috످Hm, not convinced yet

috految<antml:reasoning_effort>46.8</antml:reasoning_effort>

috److Your message is the first one I can see in this chat, so I'm missing some context. What are you not convinced about? If it's from an earlier conversation or something you read, paste it here and we can see if it holds up.

috످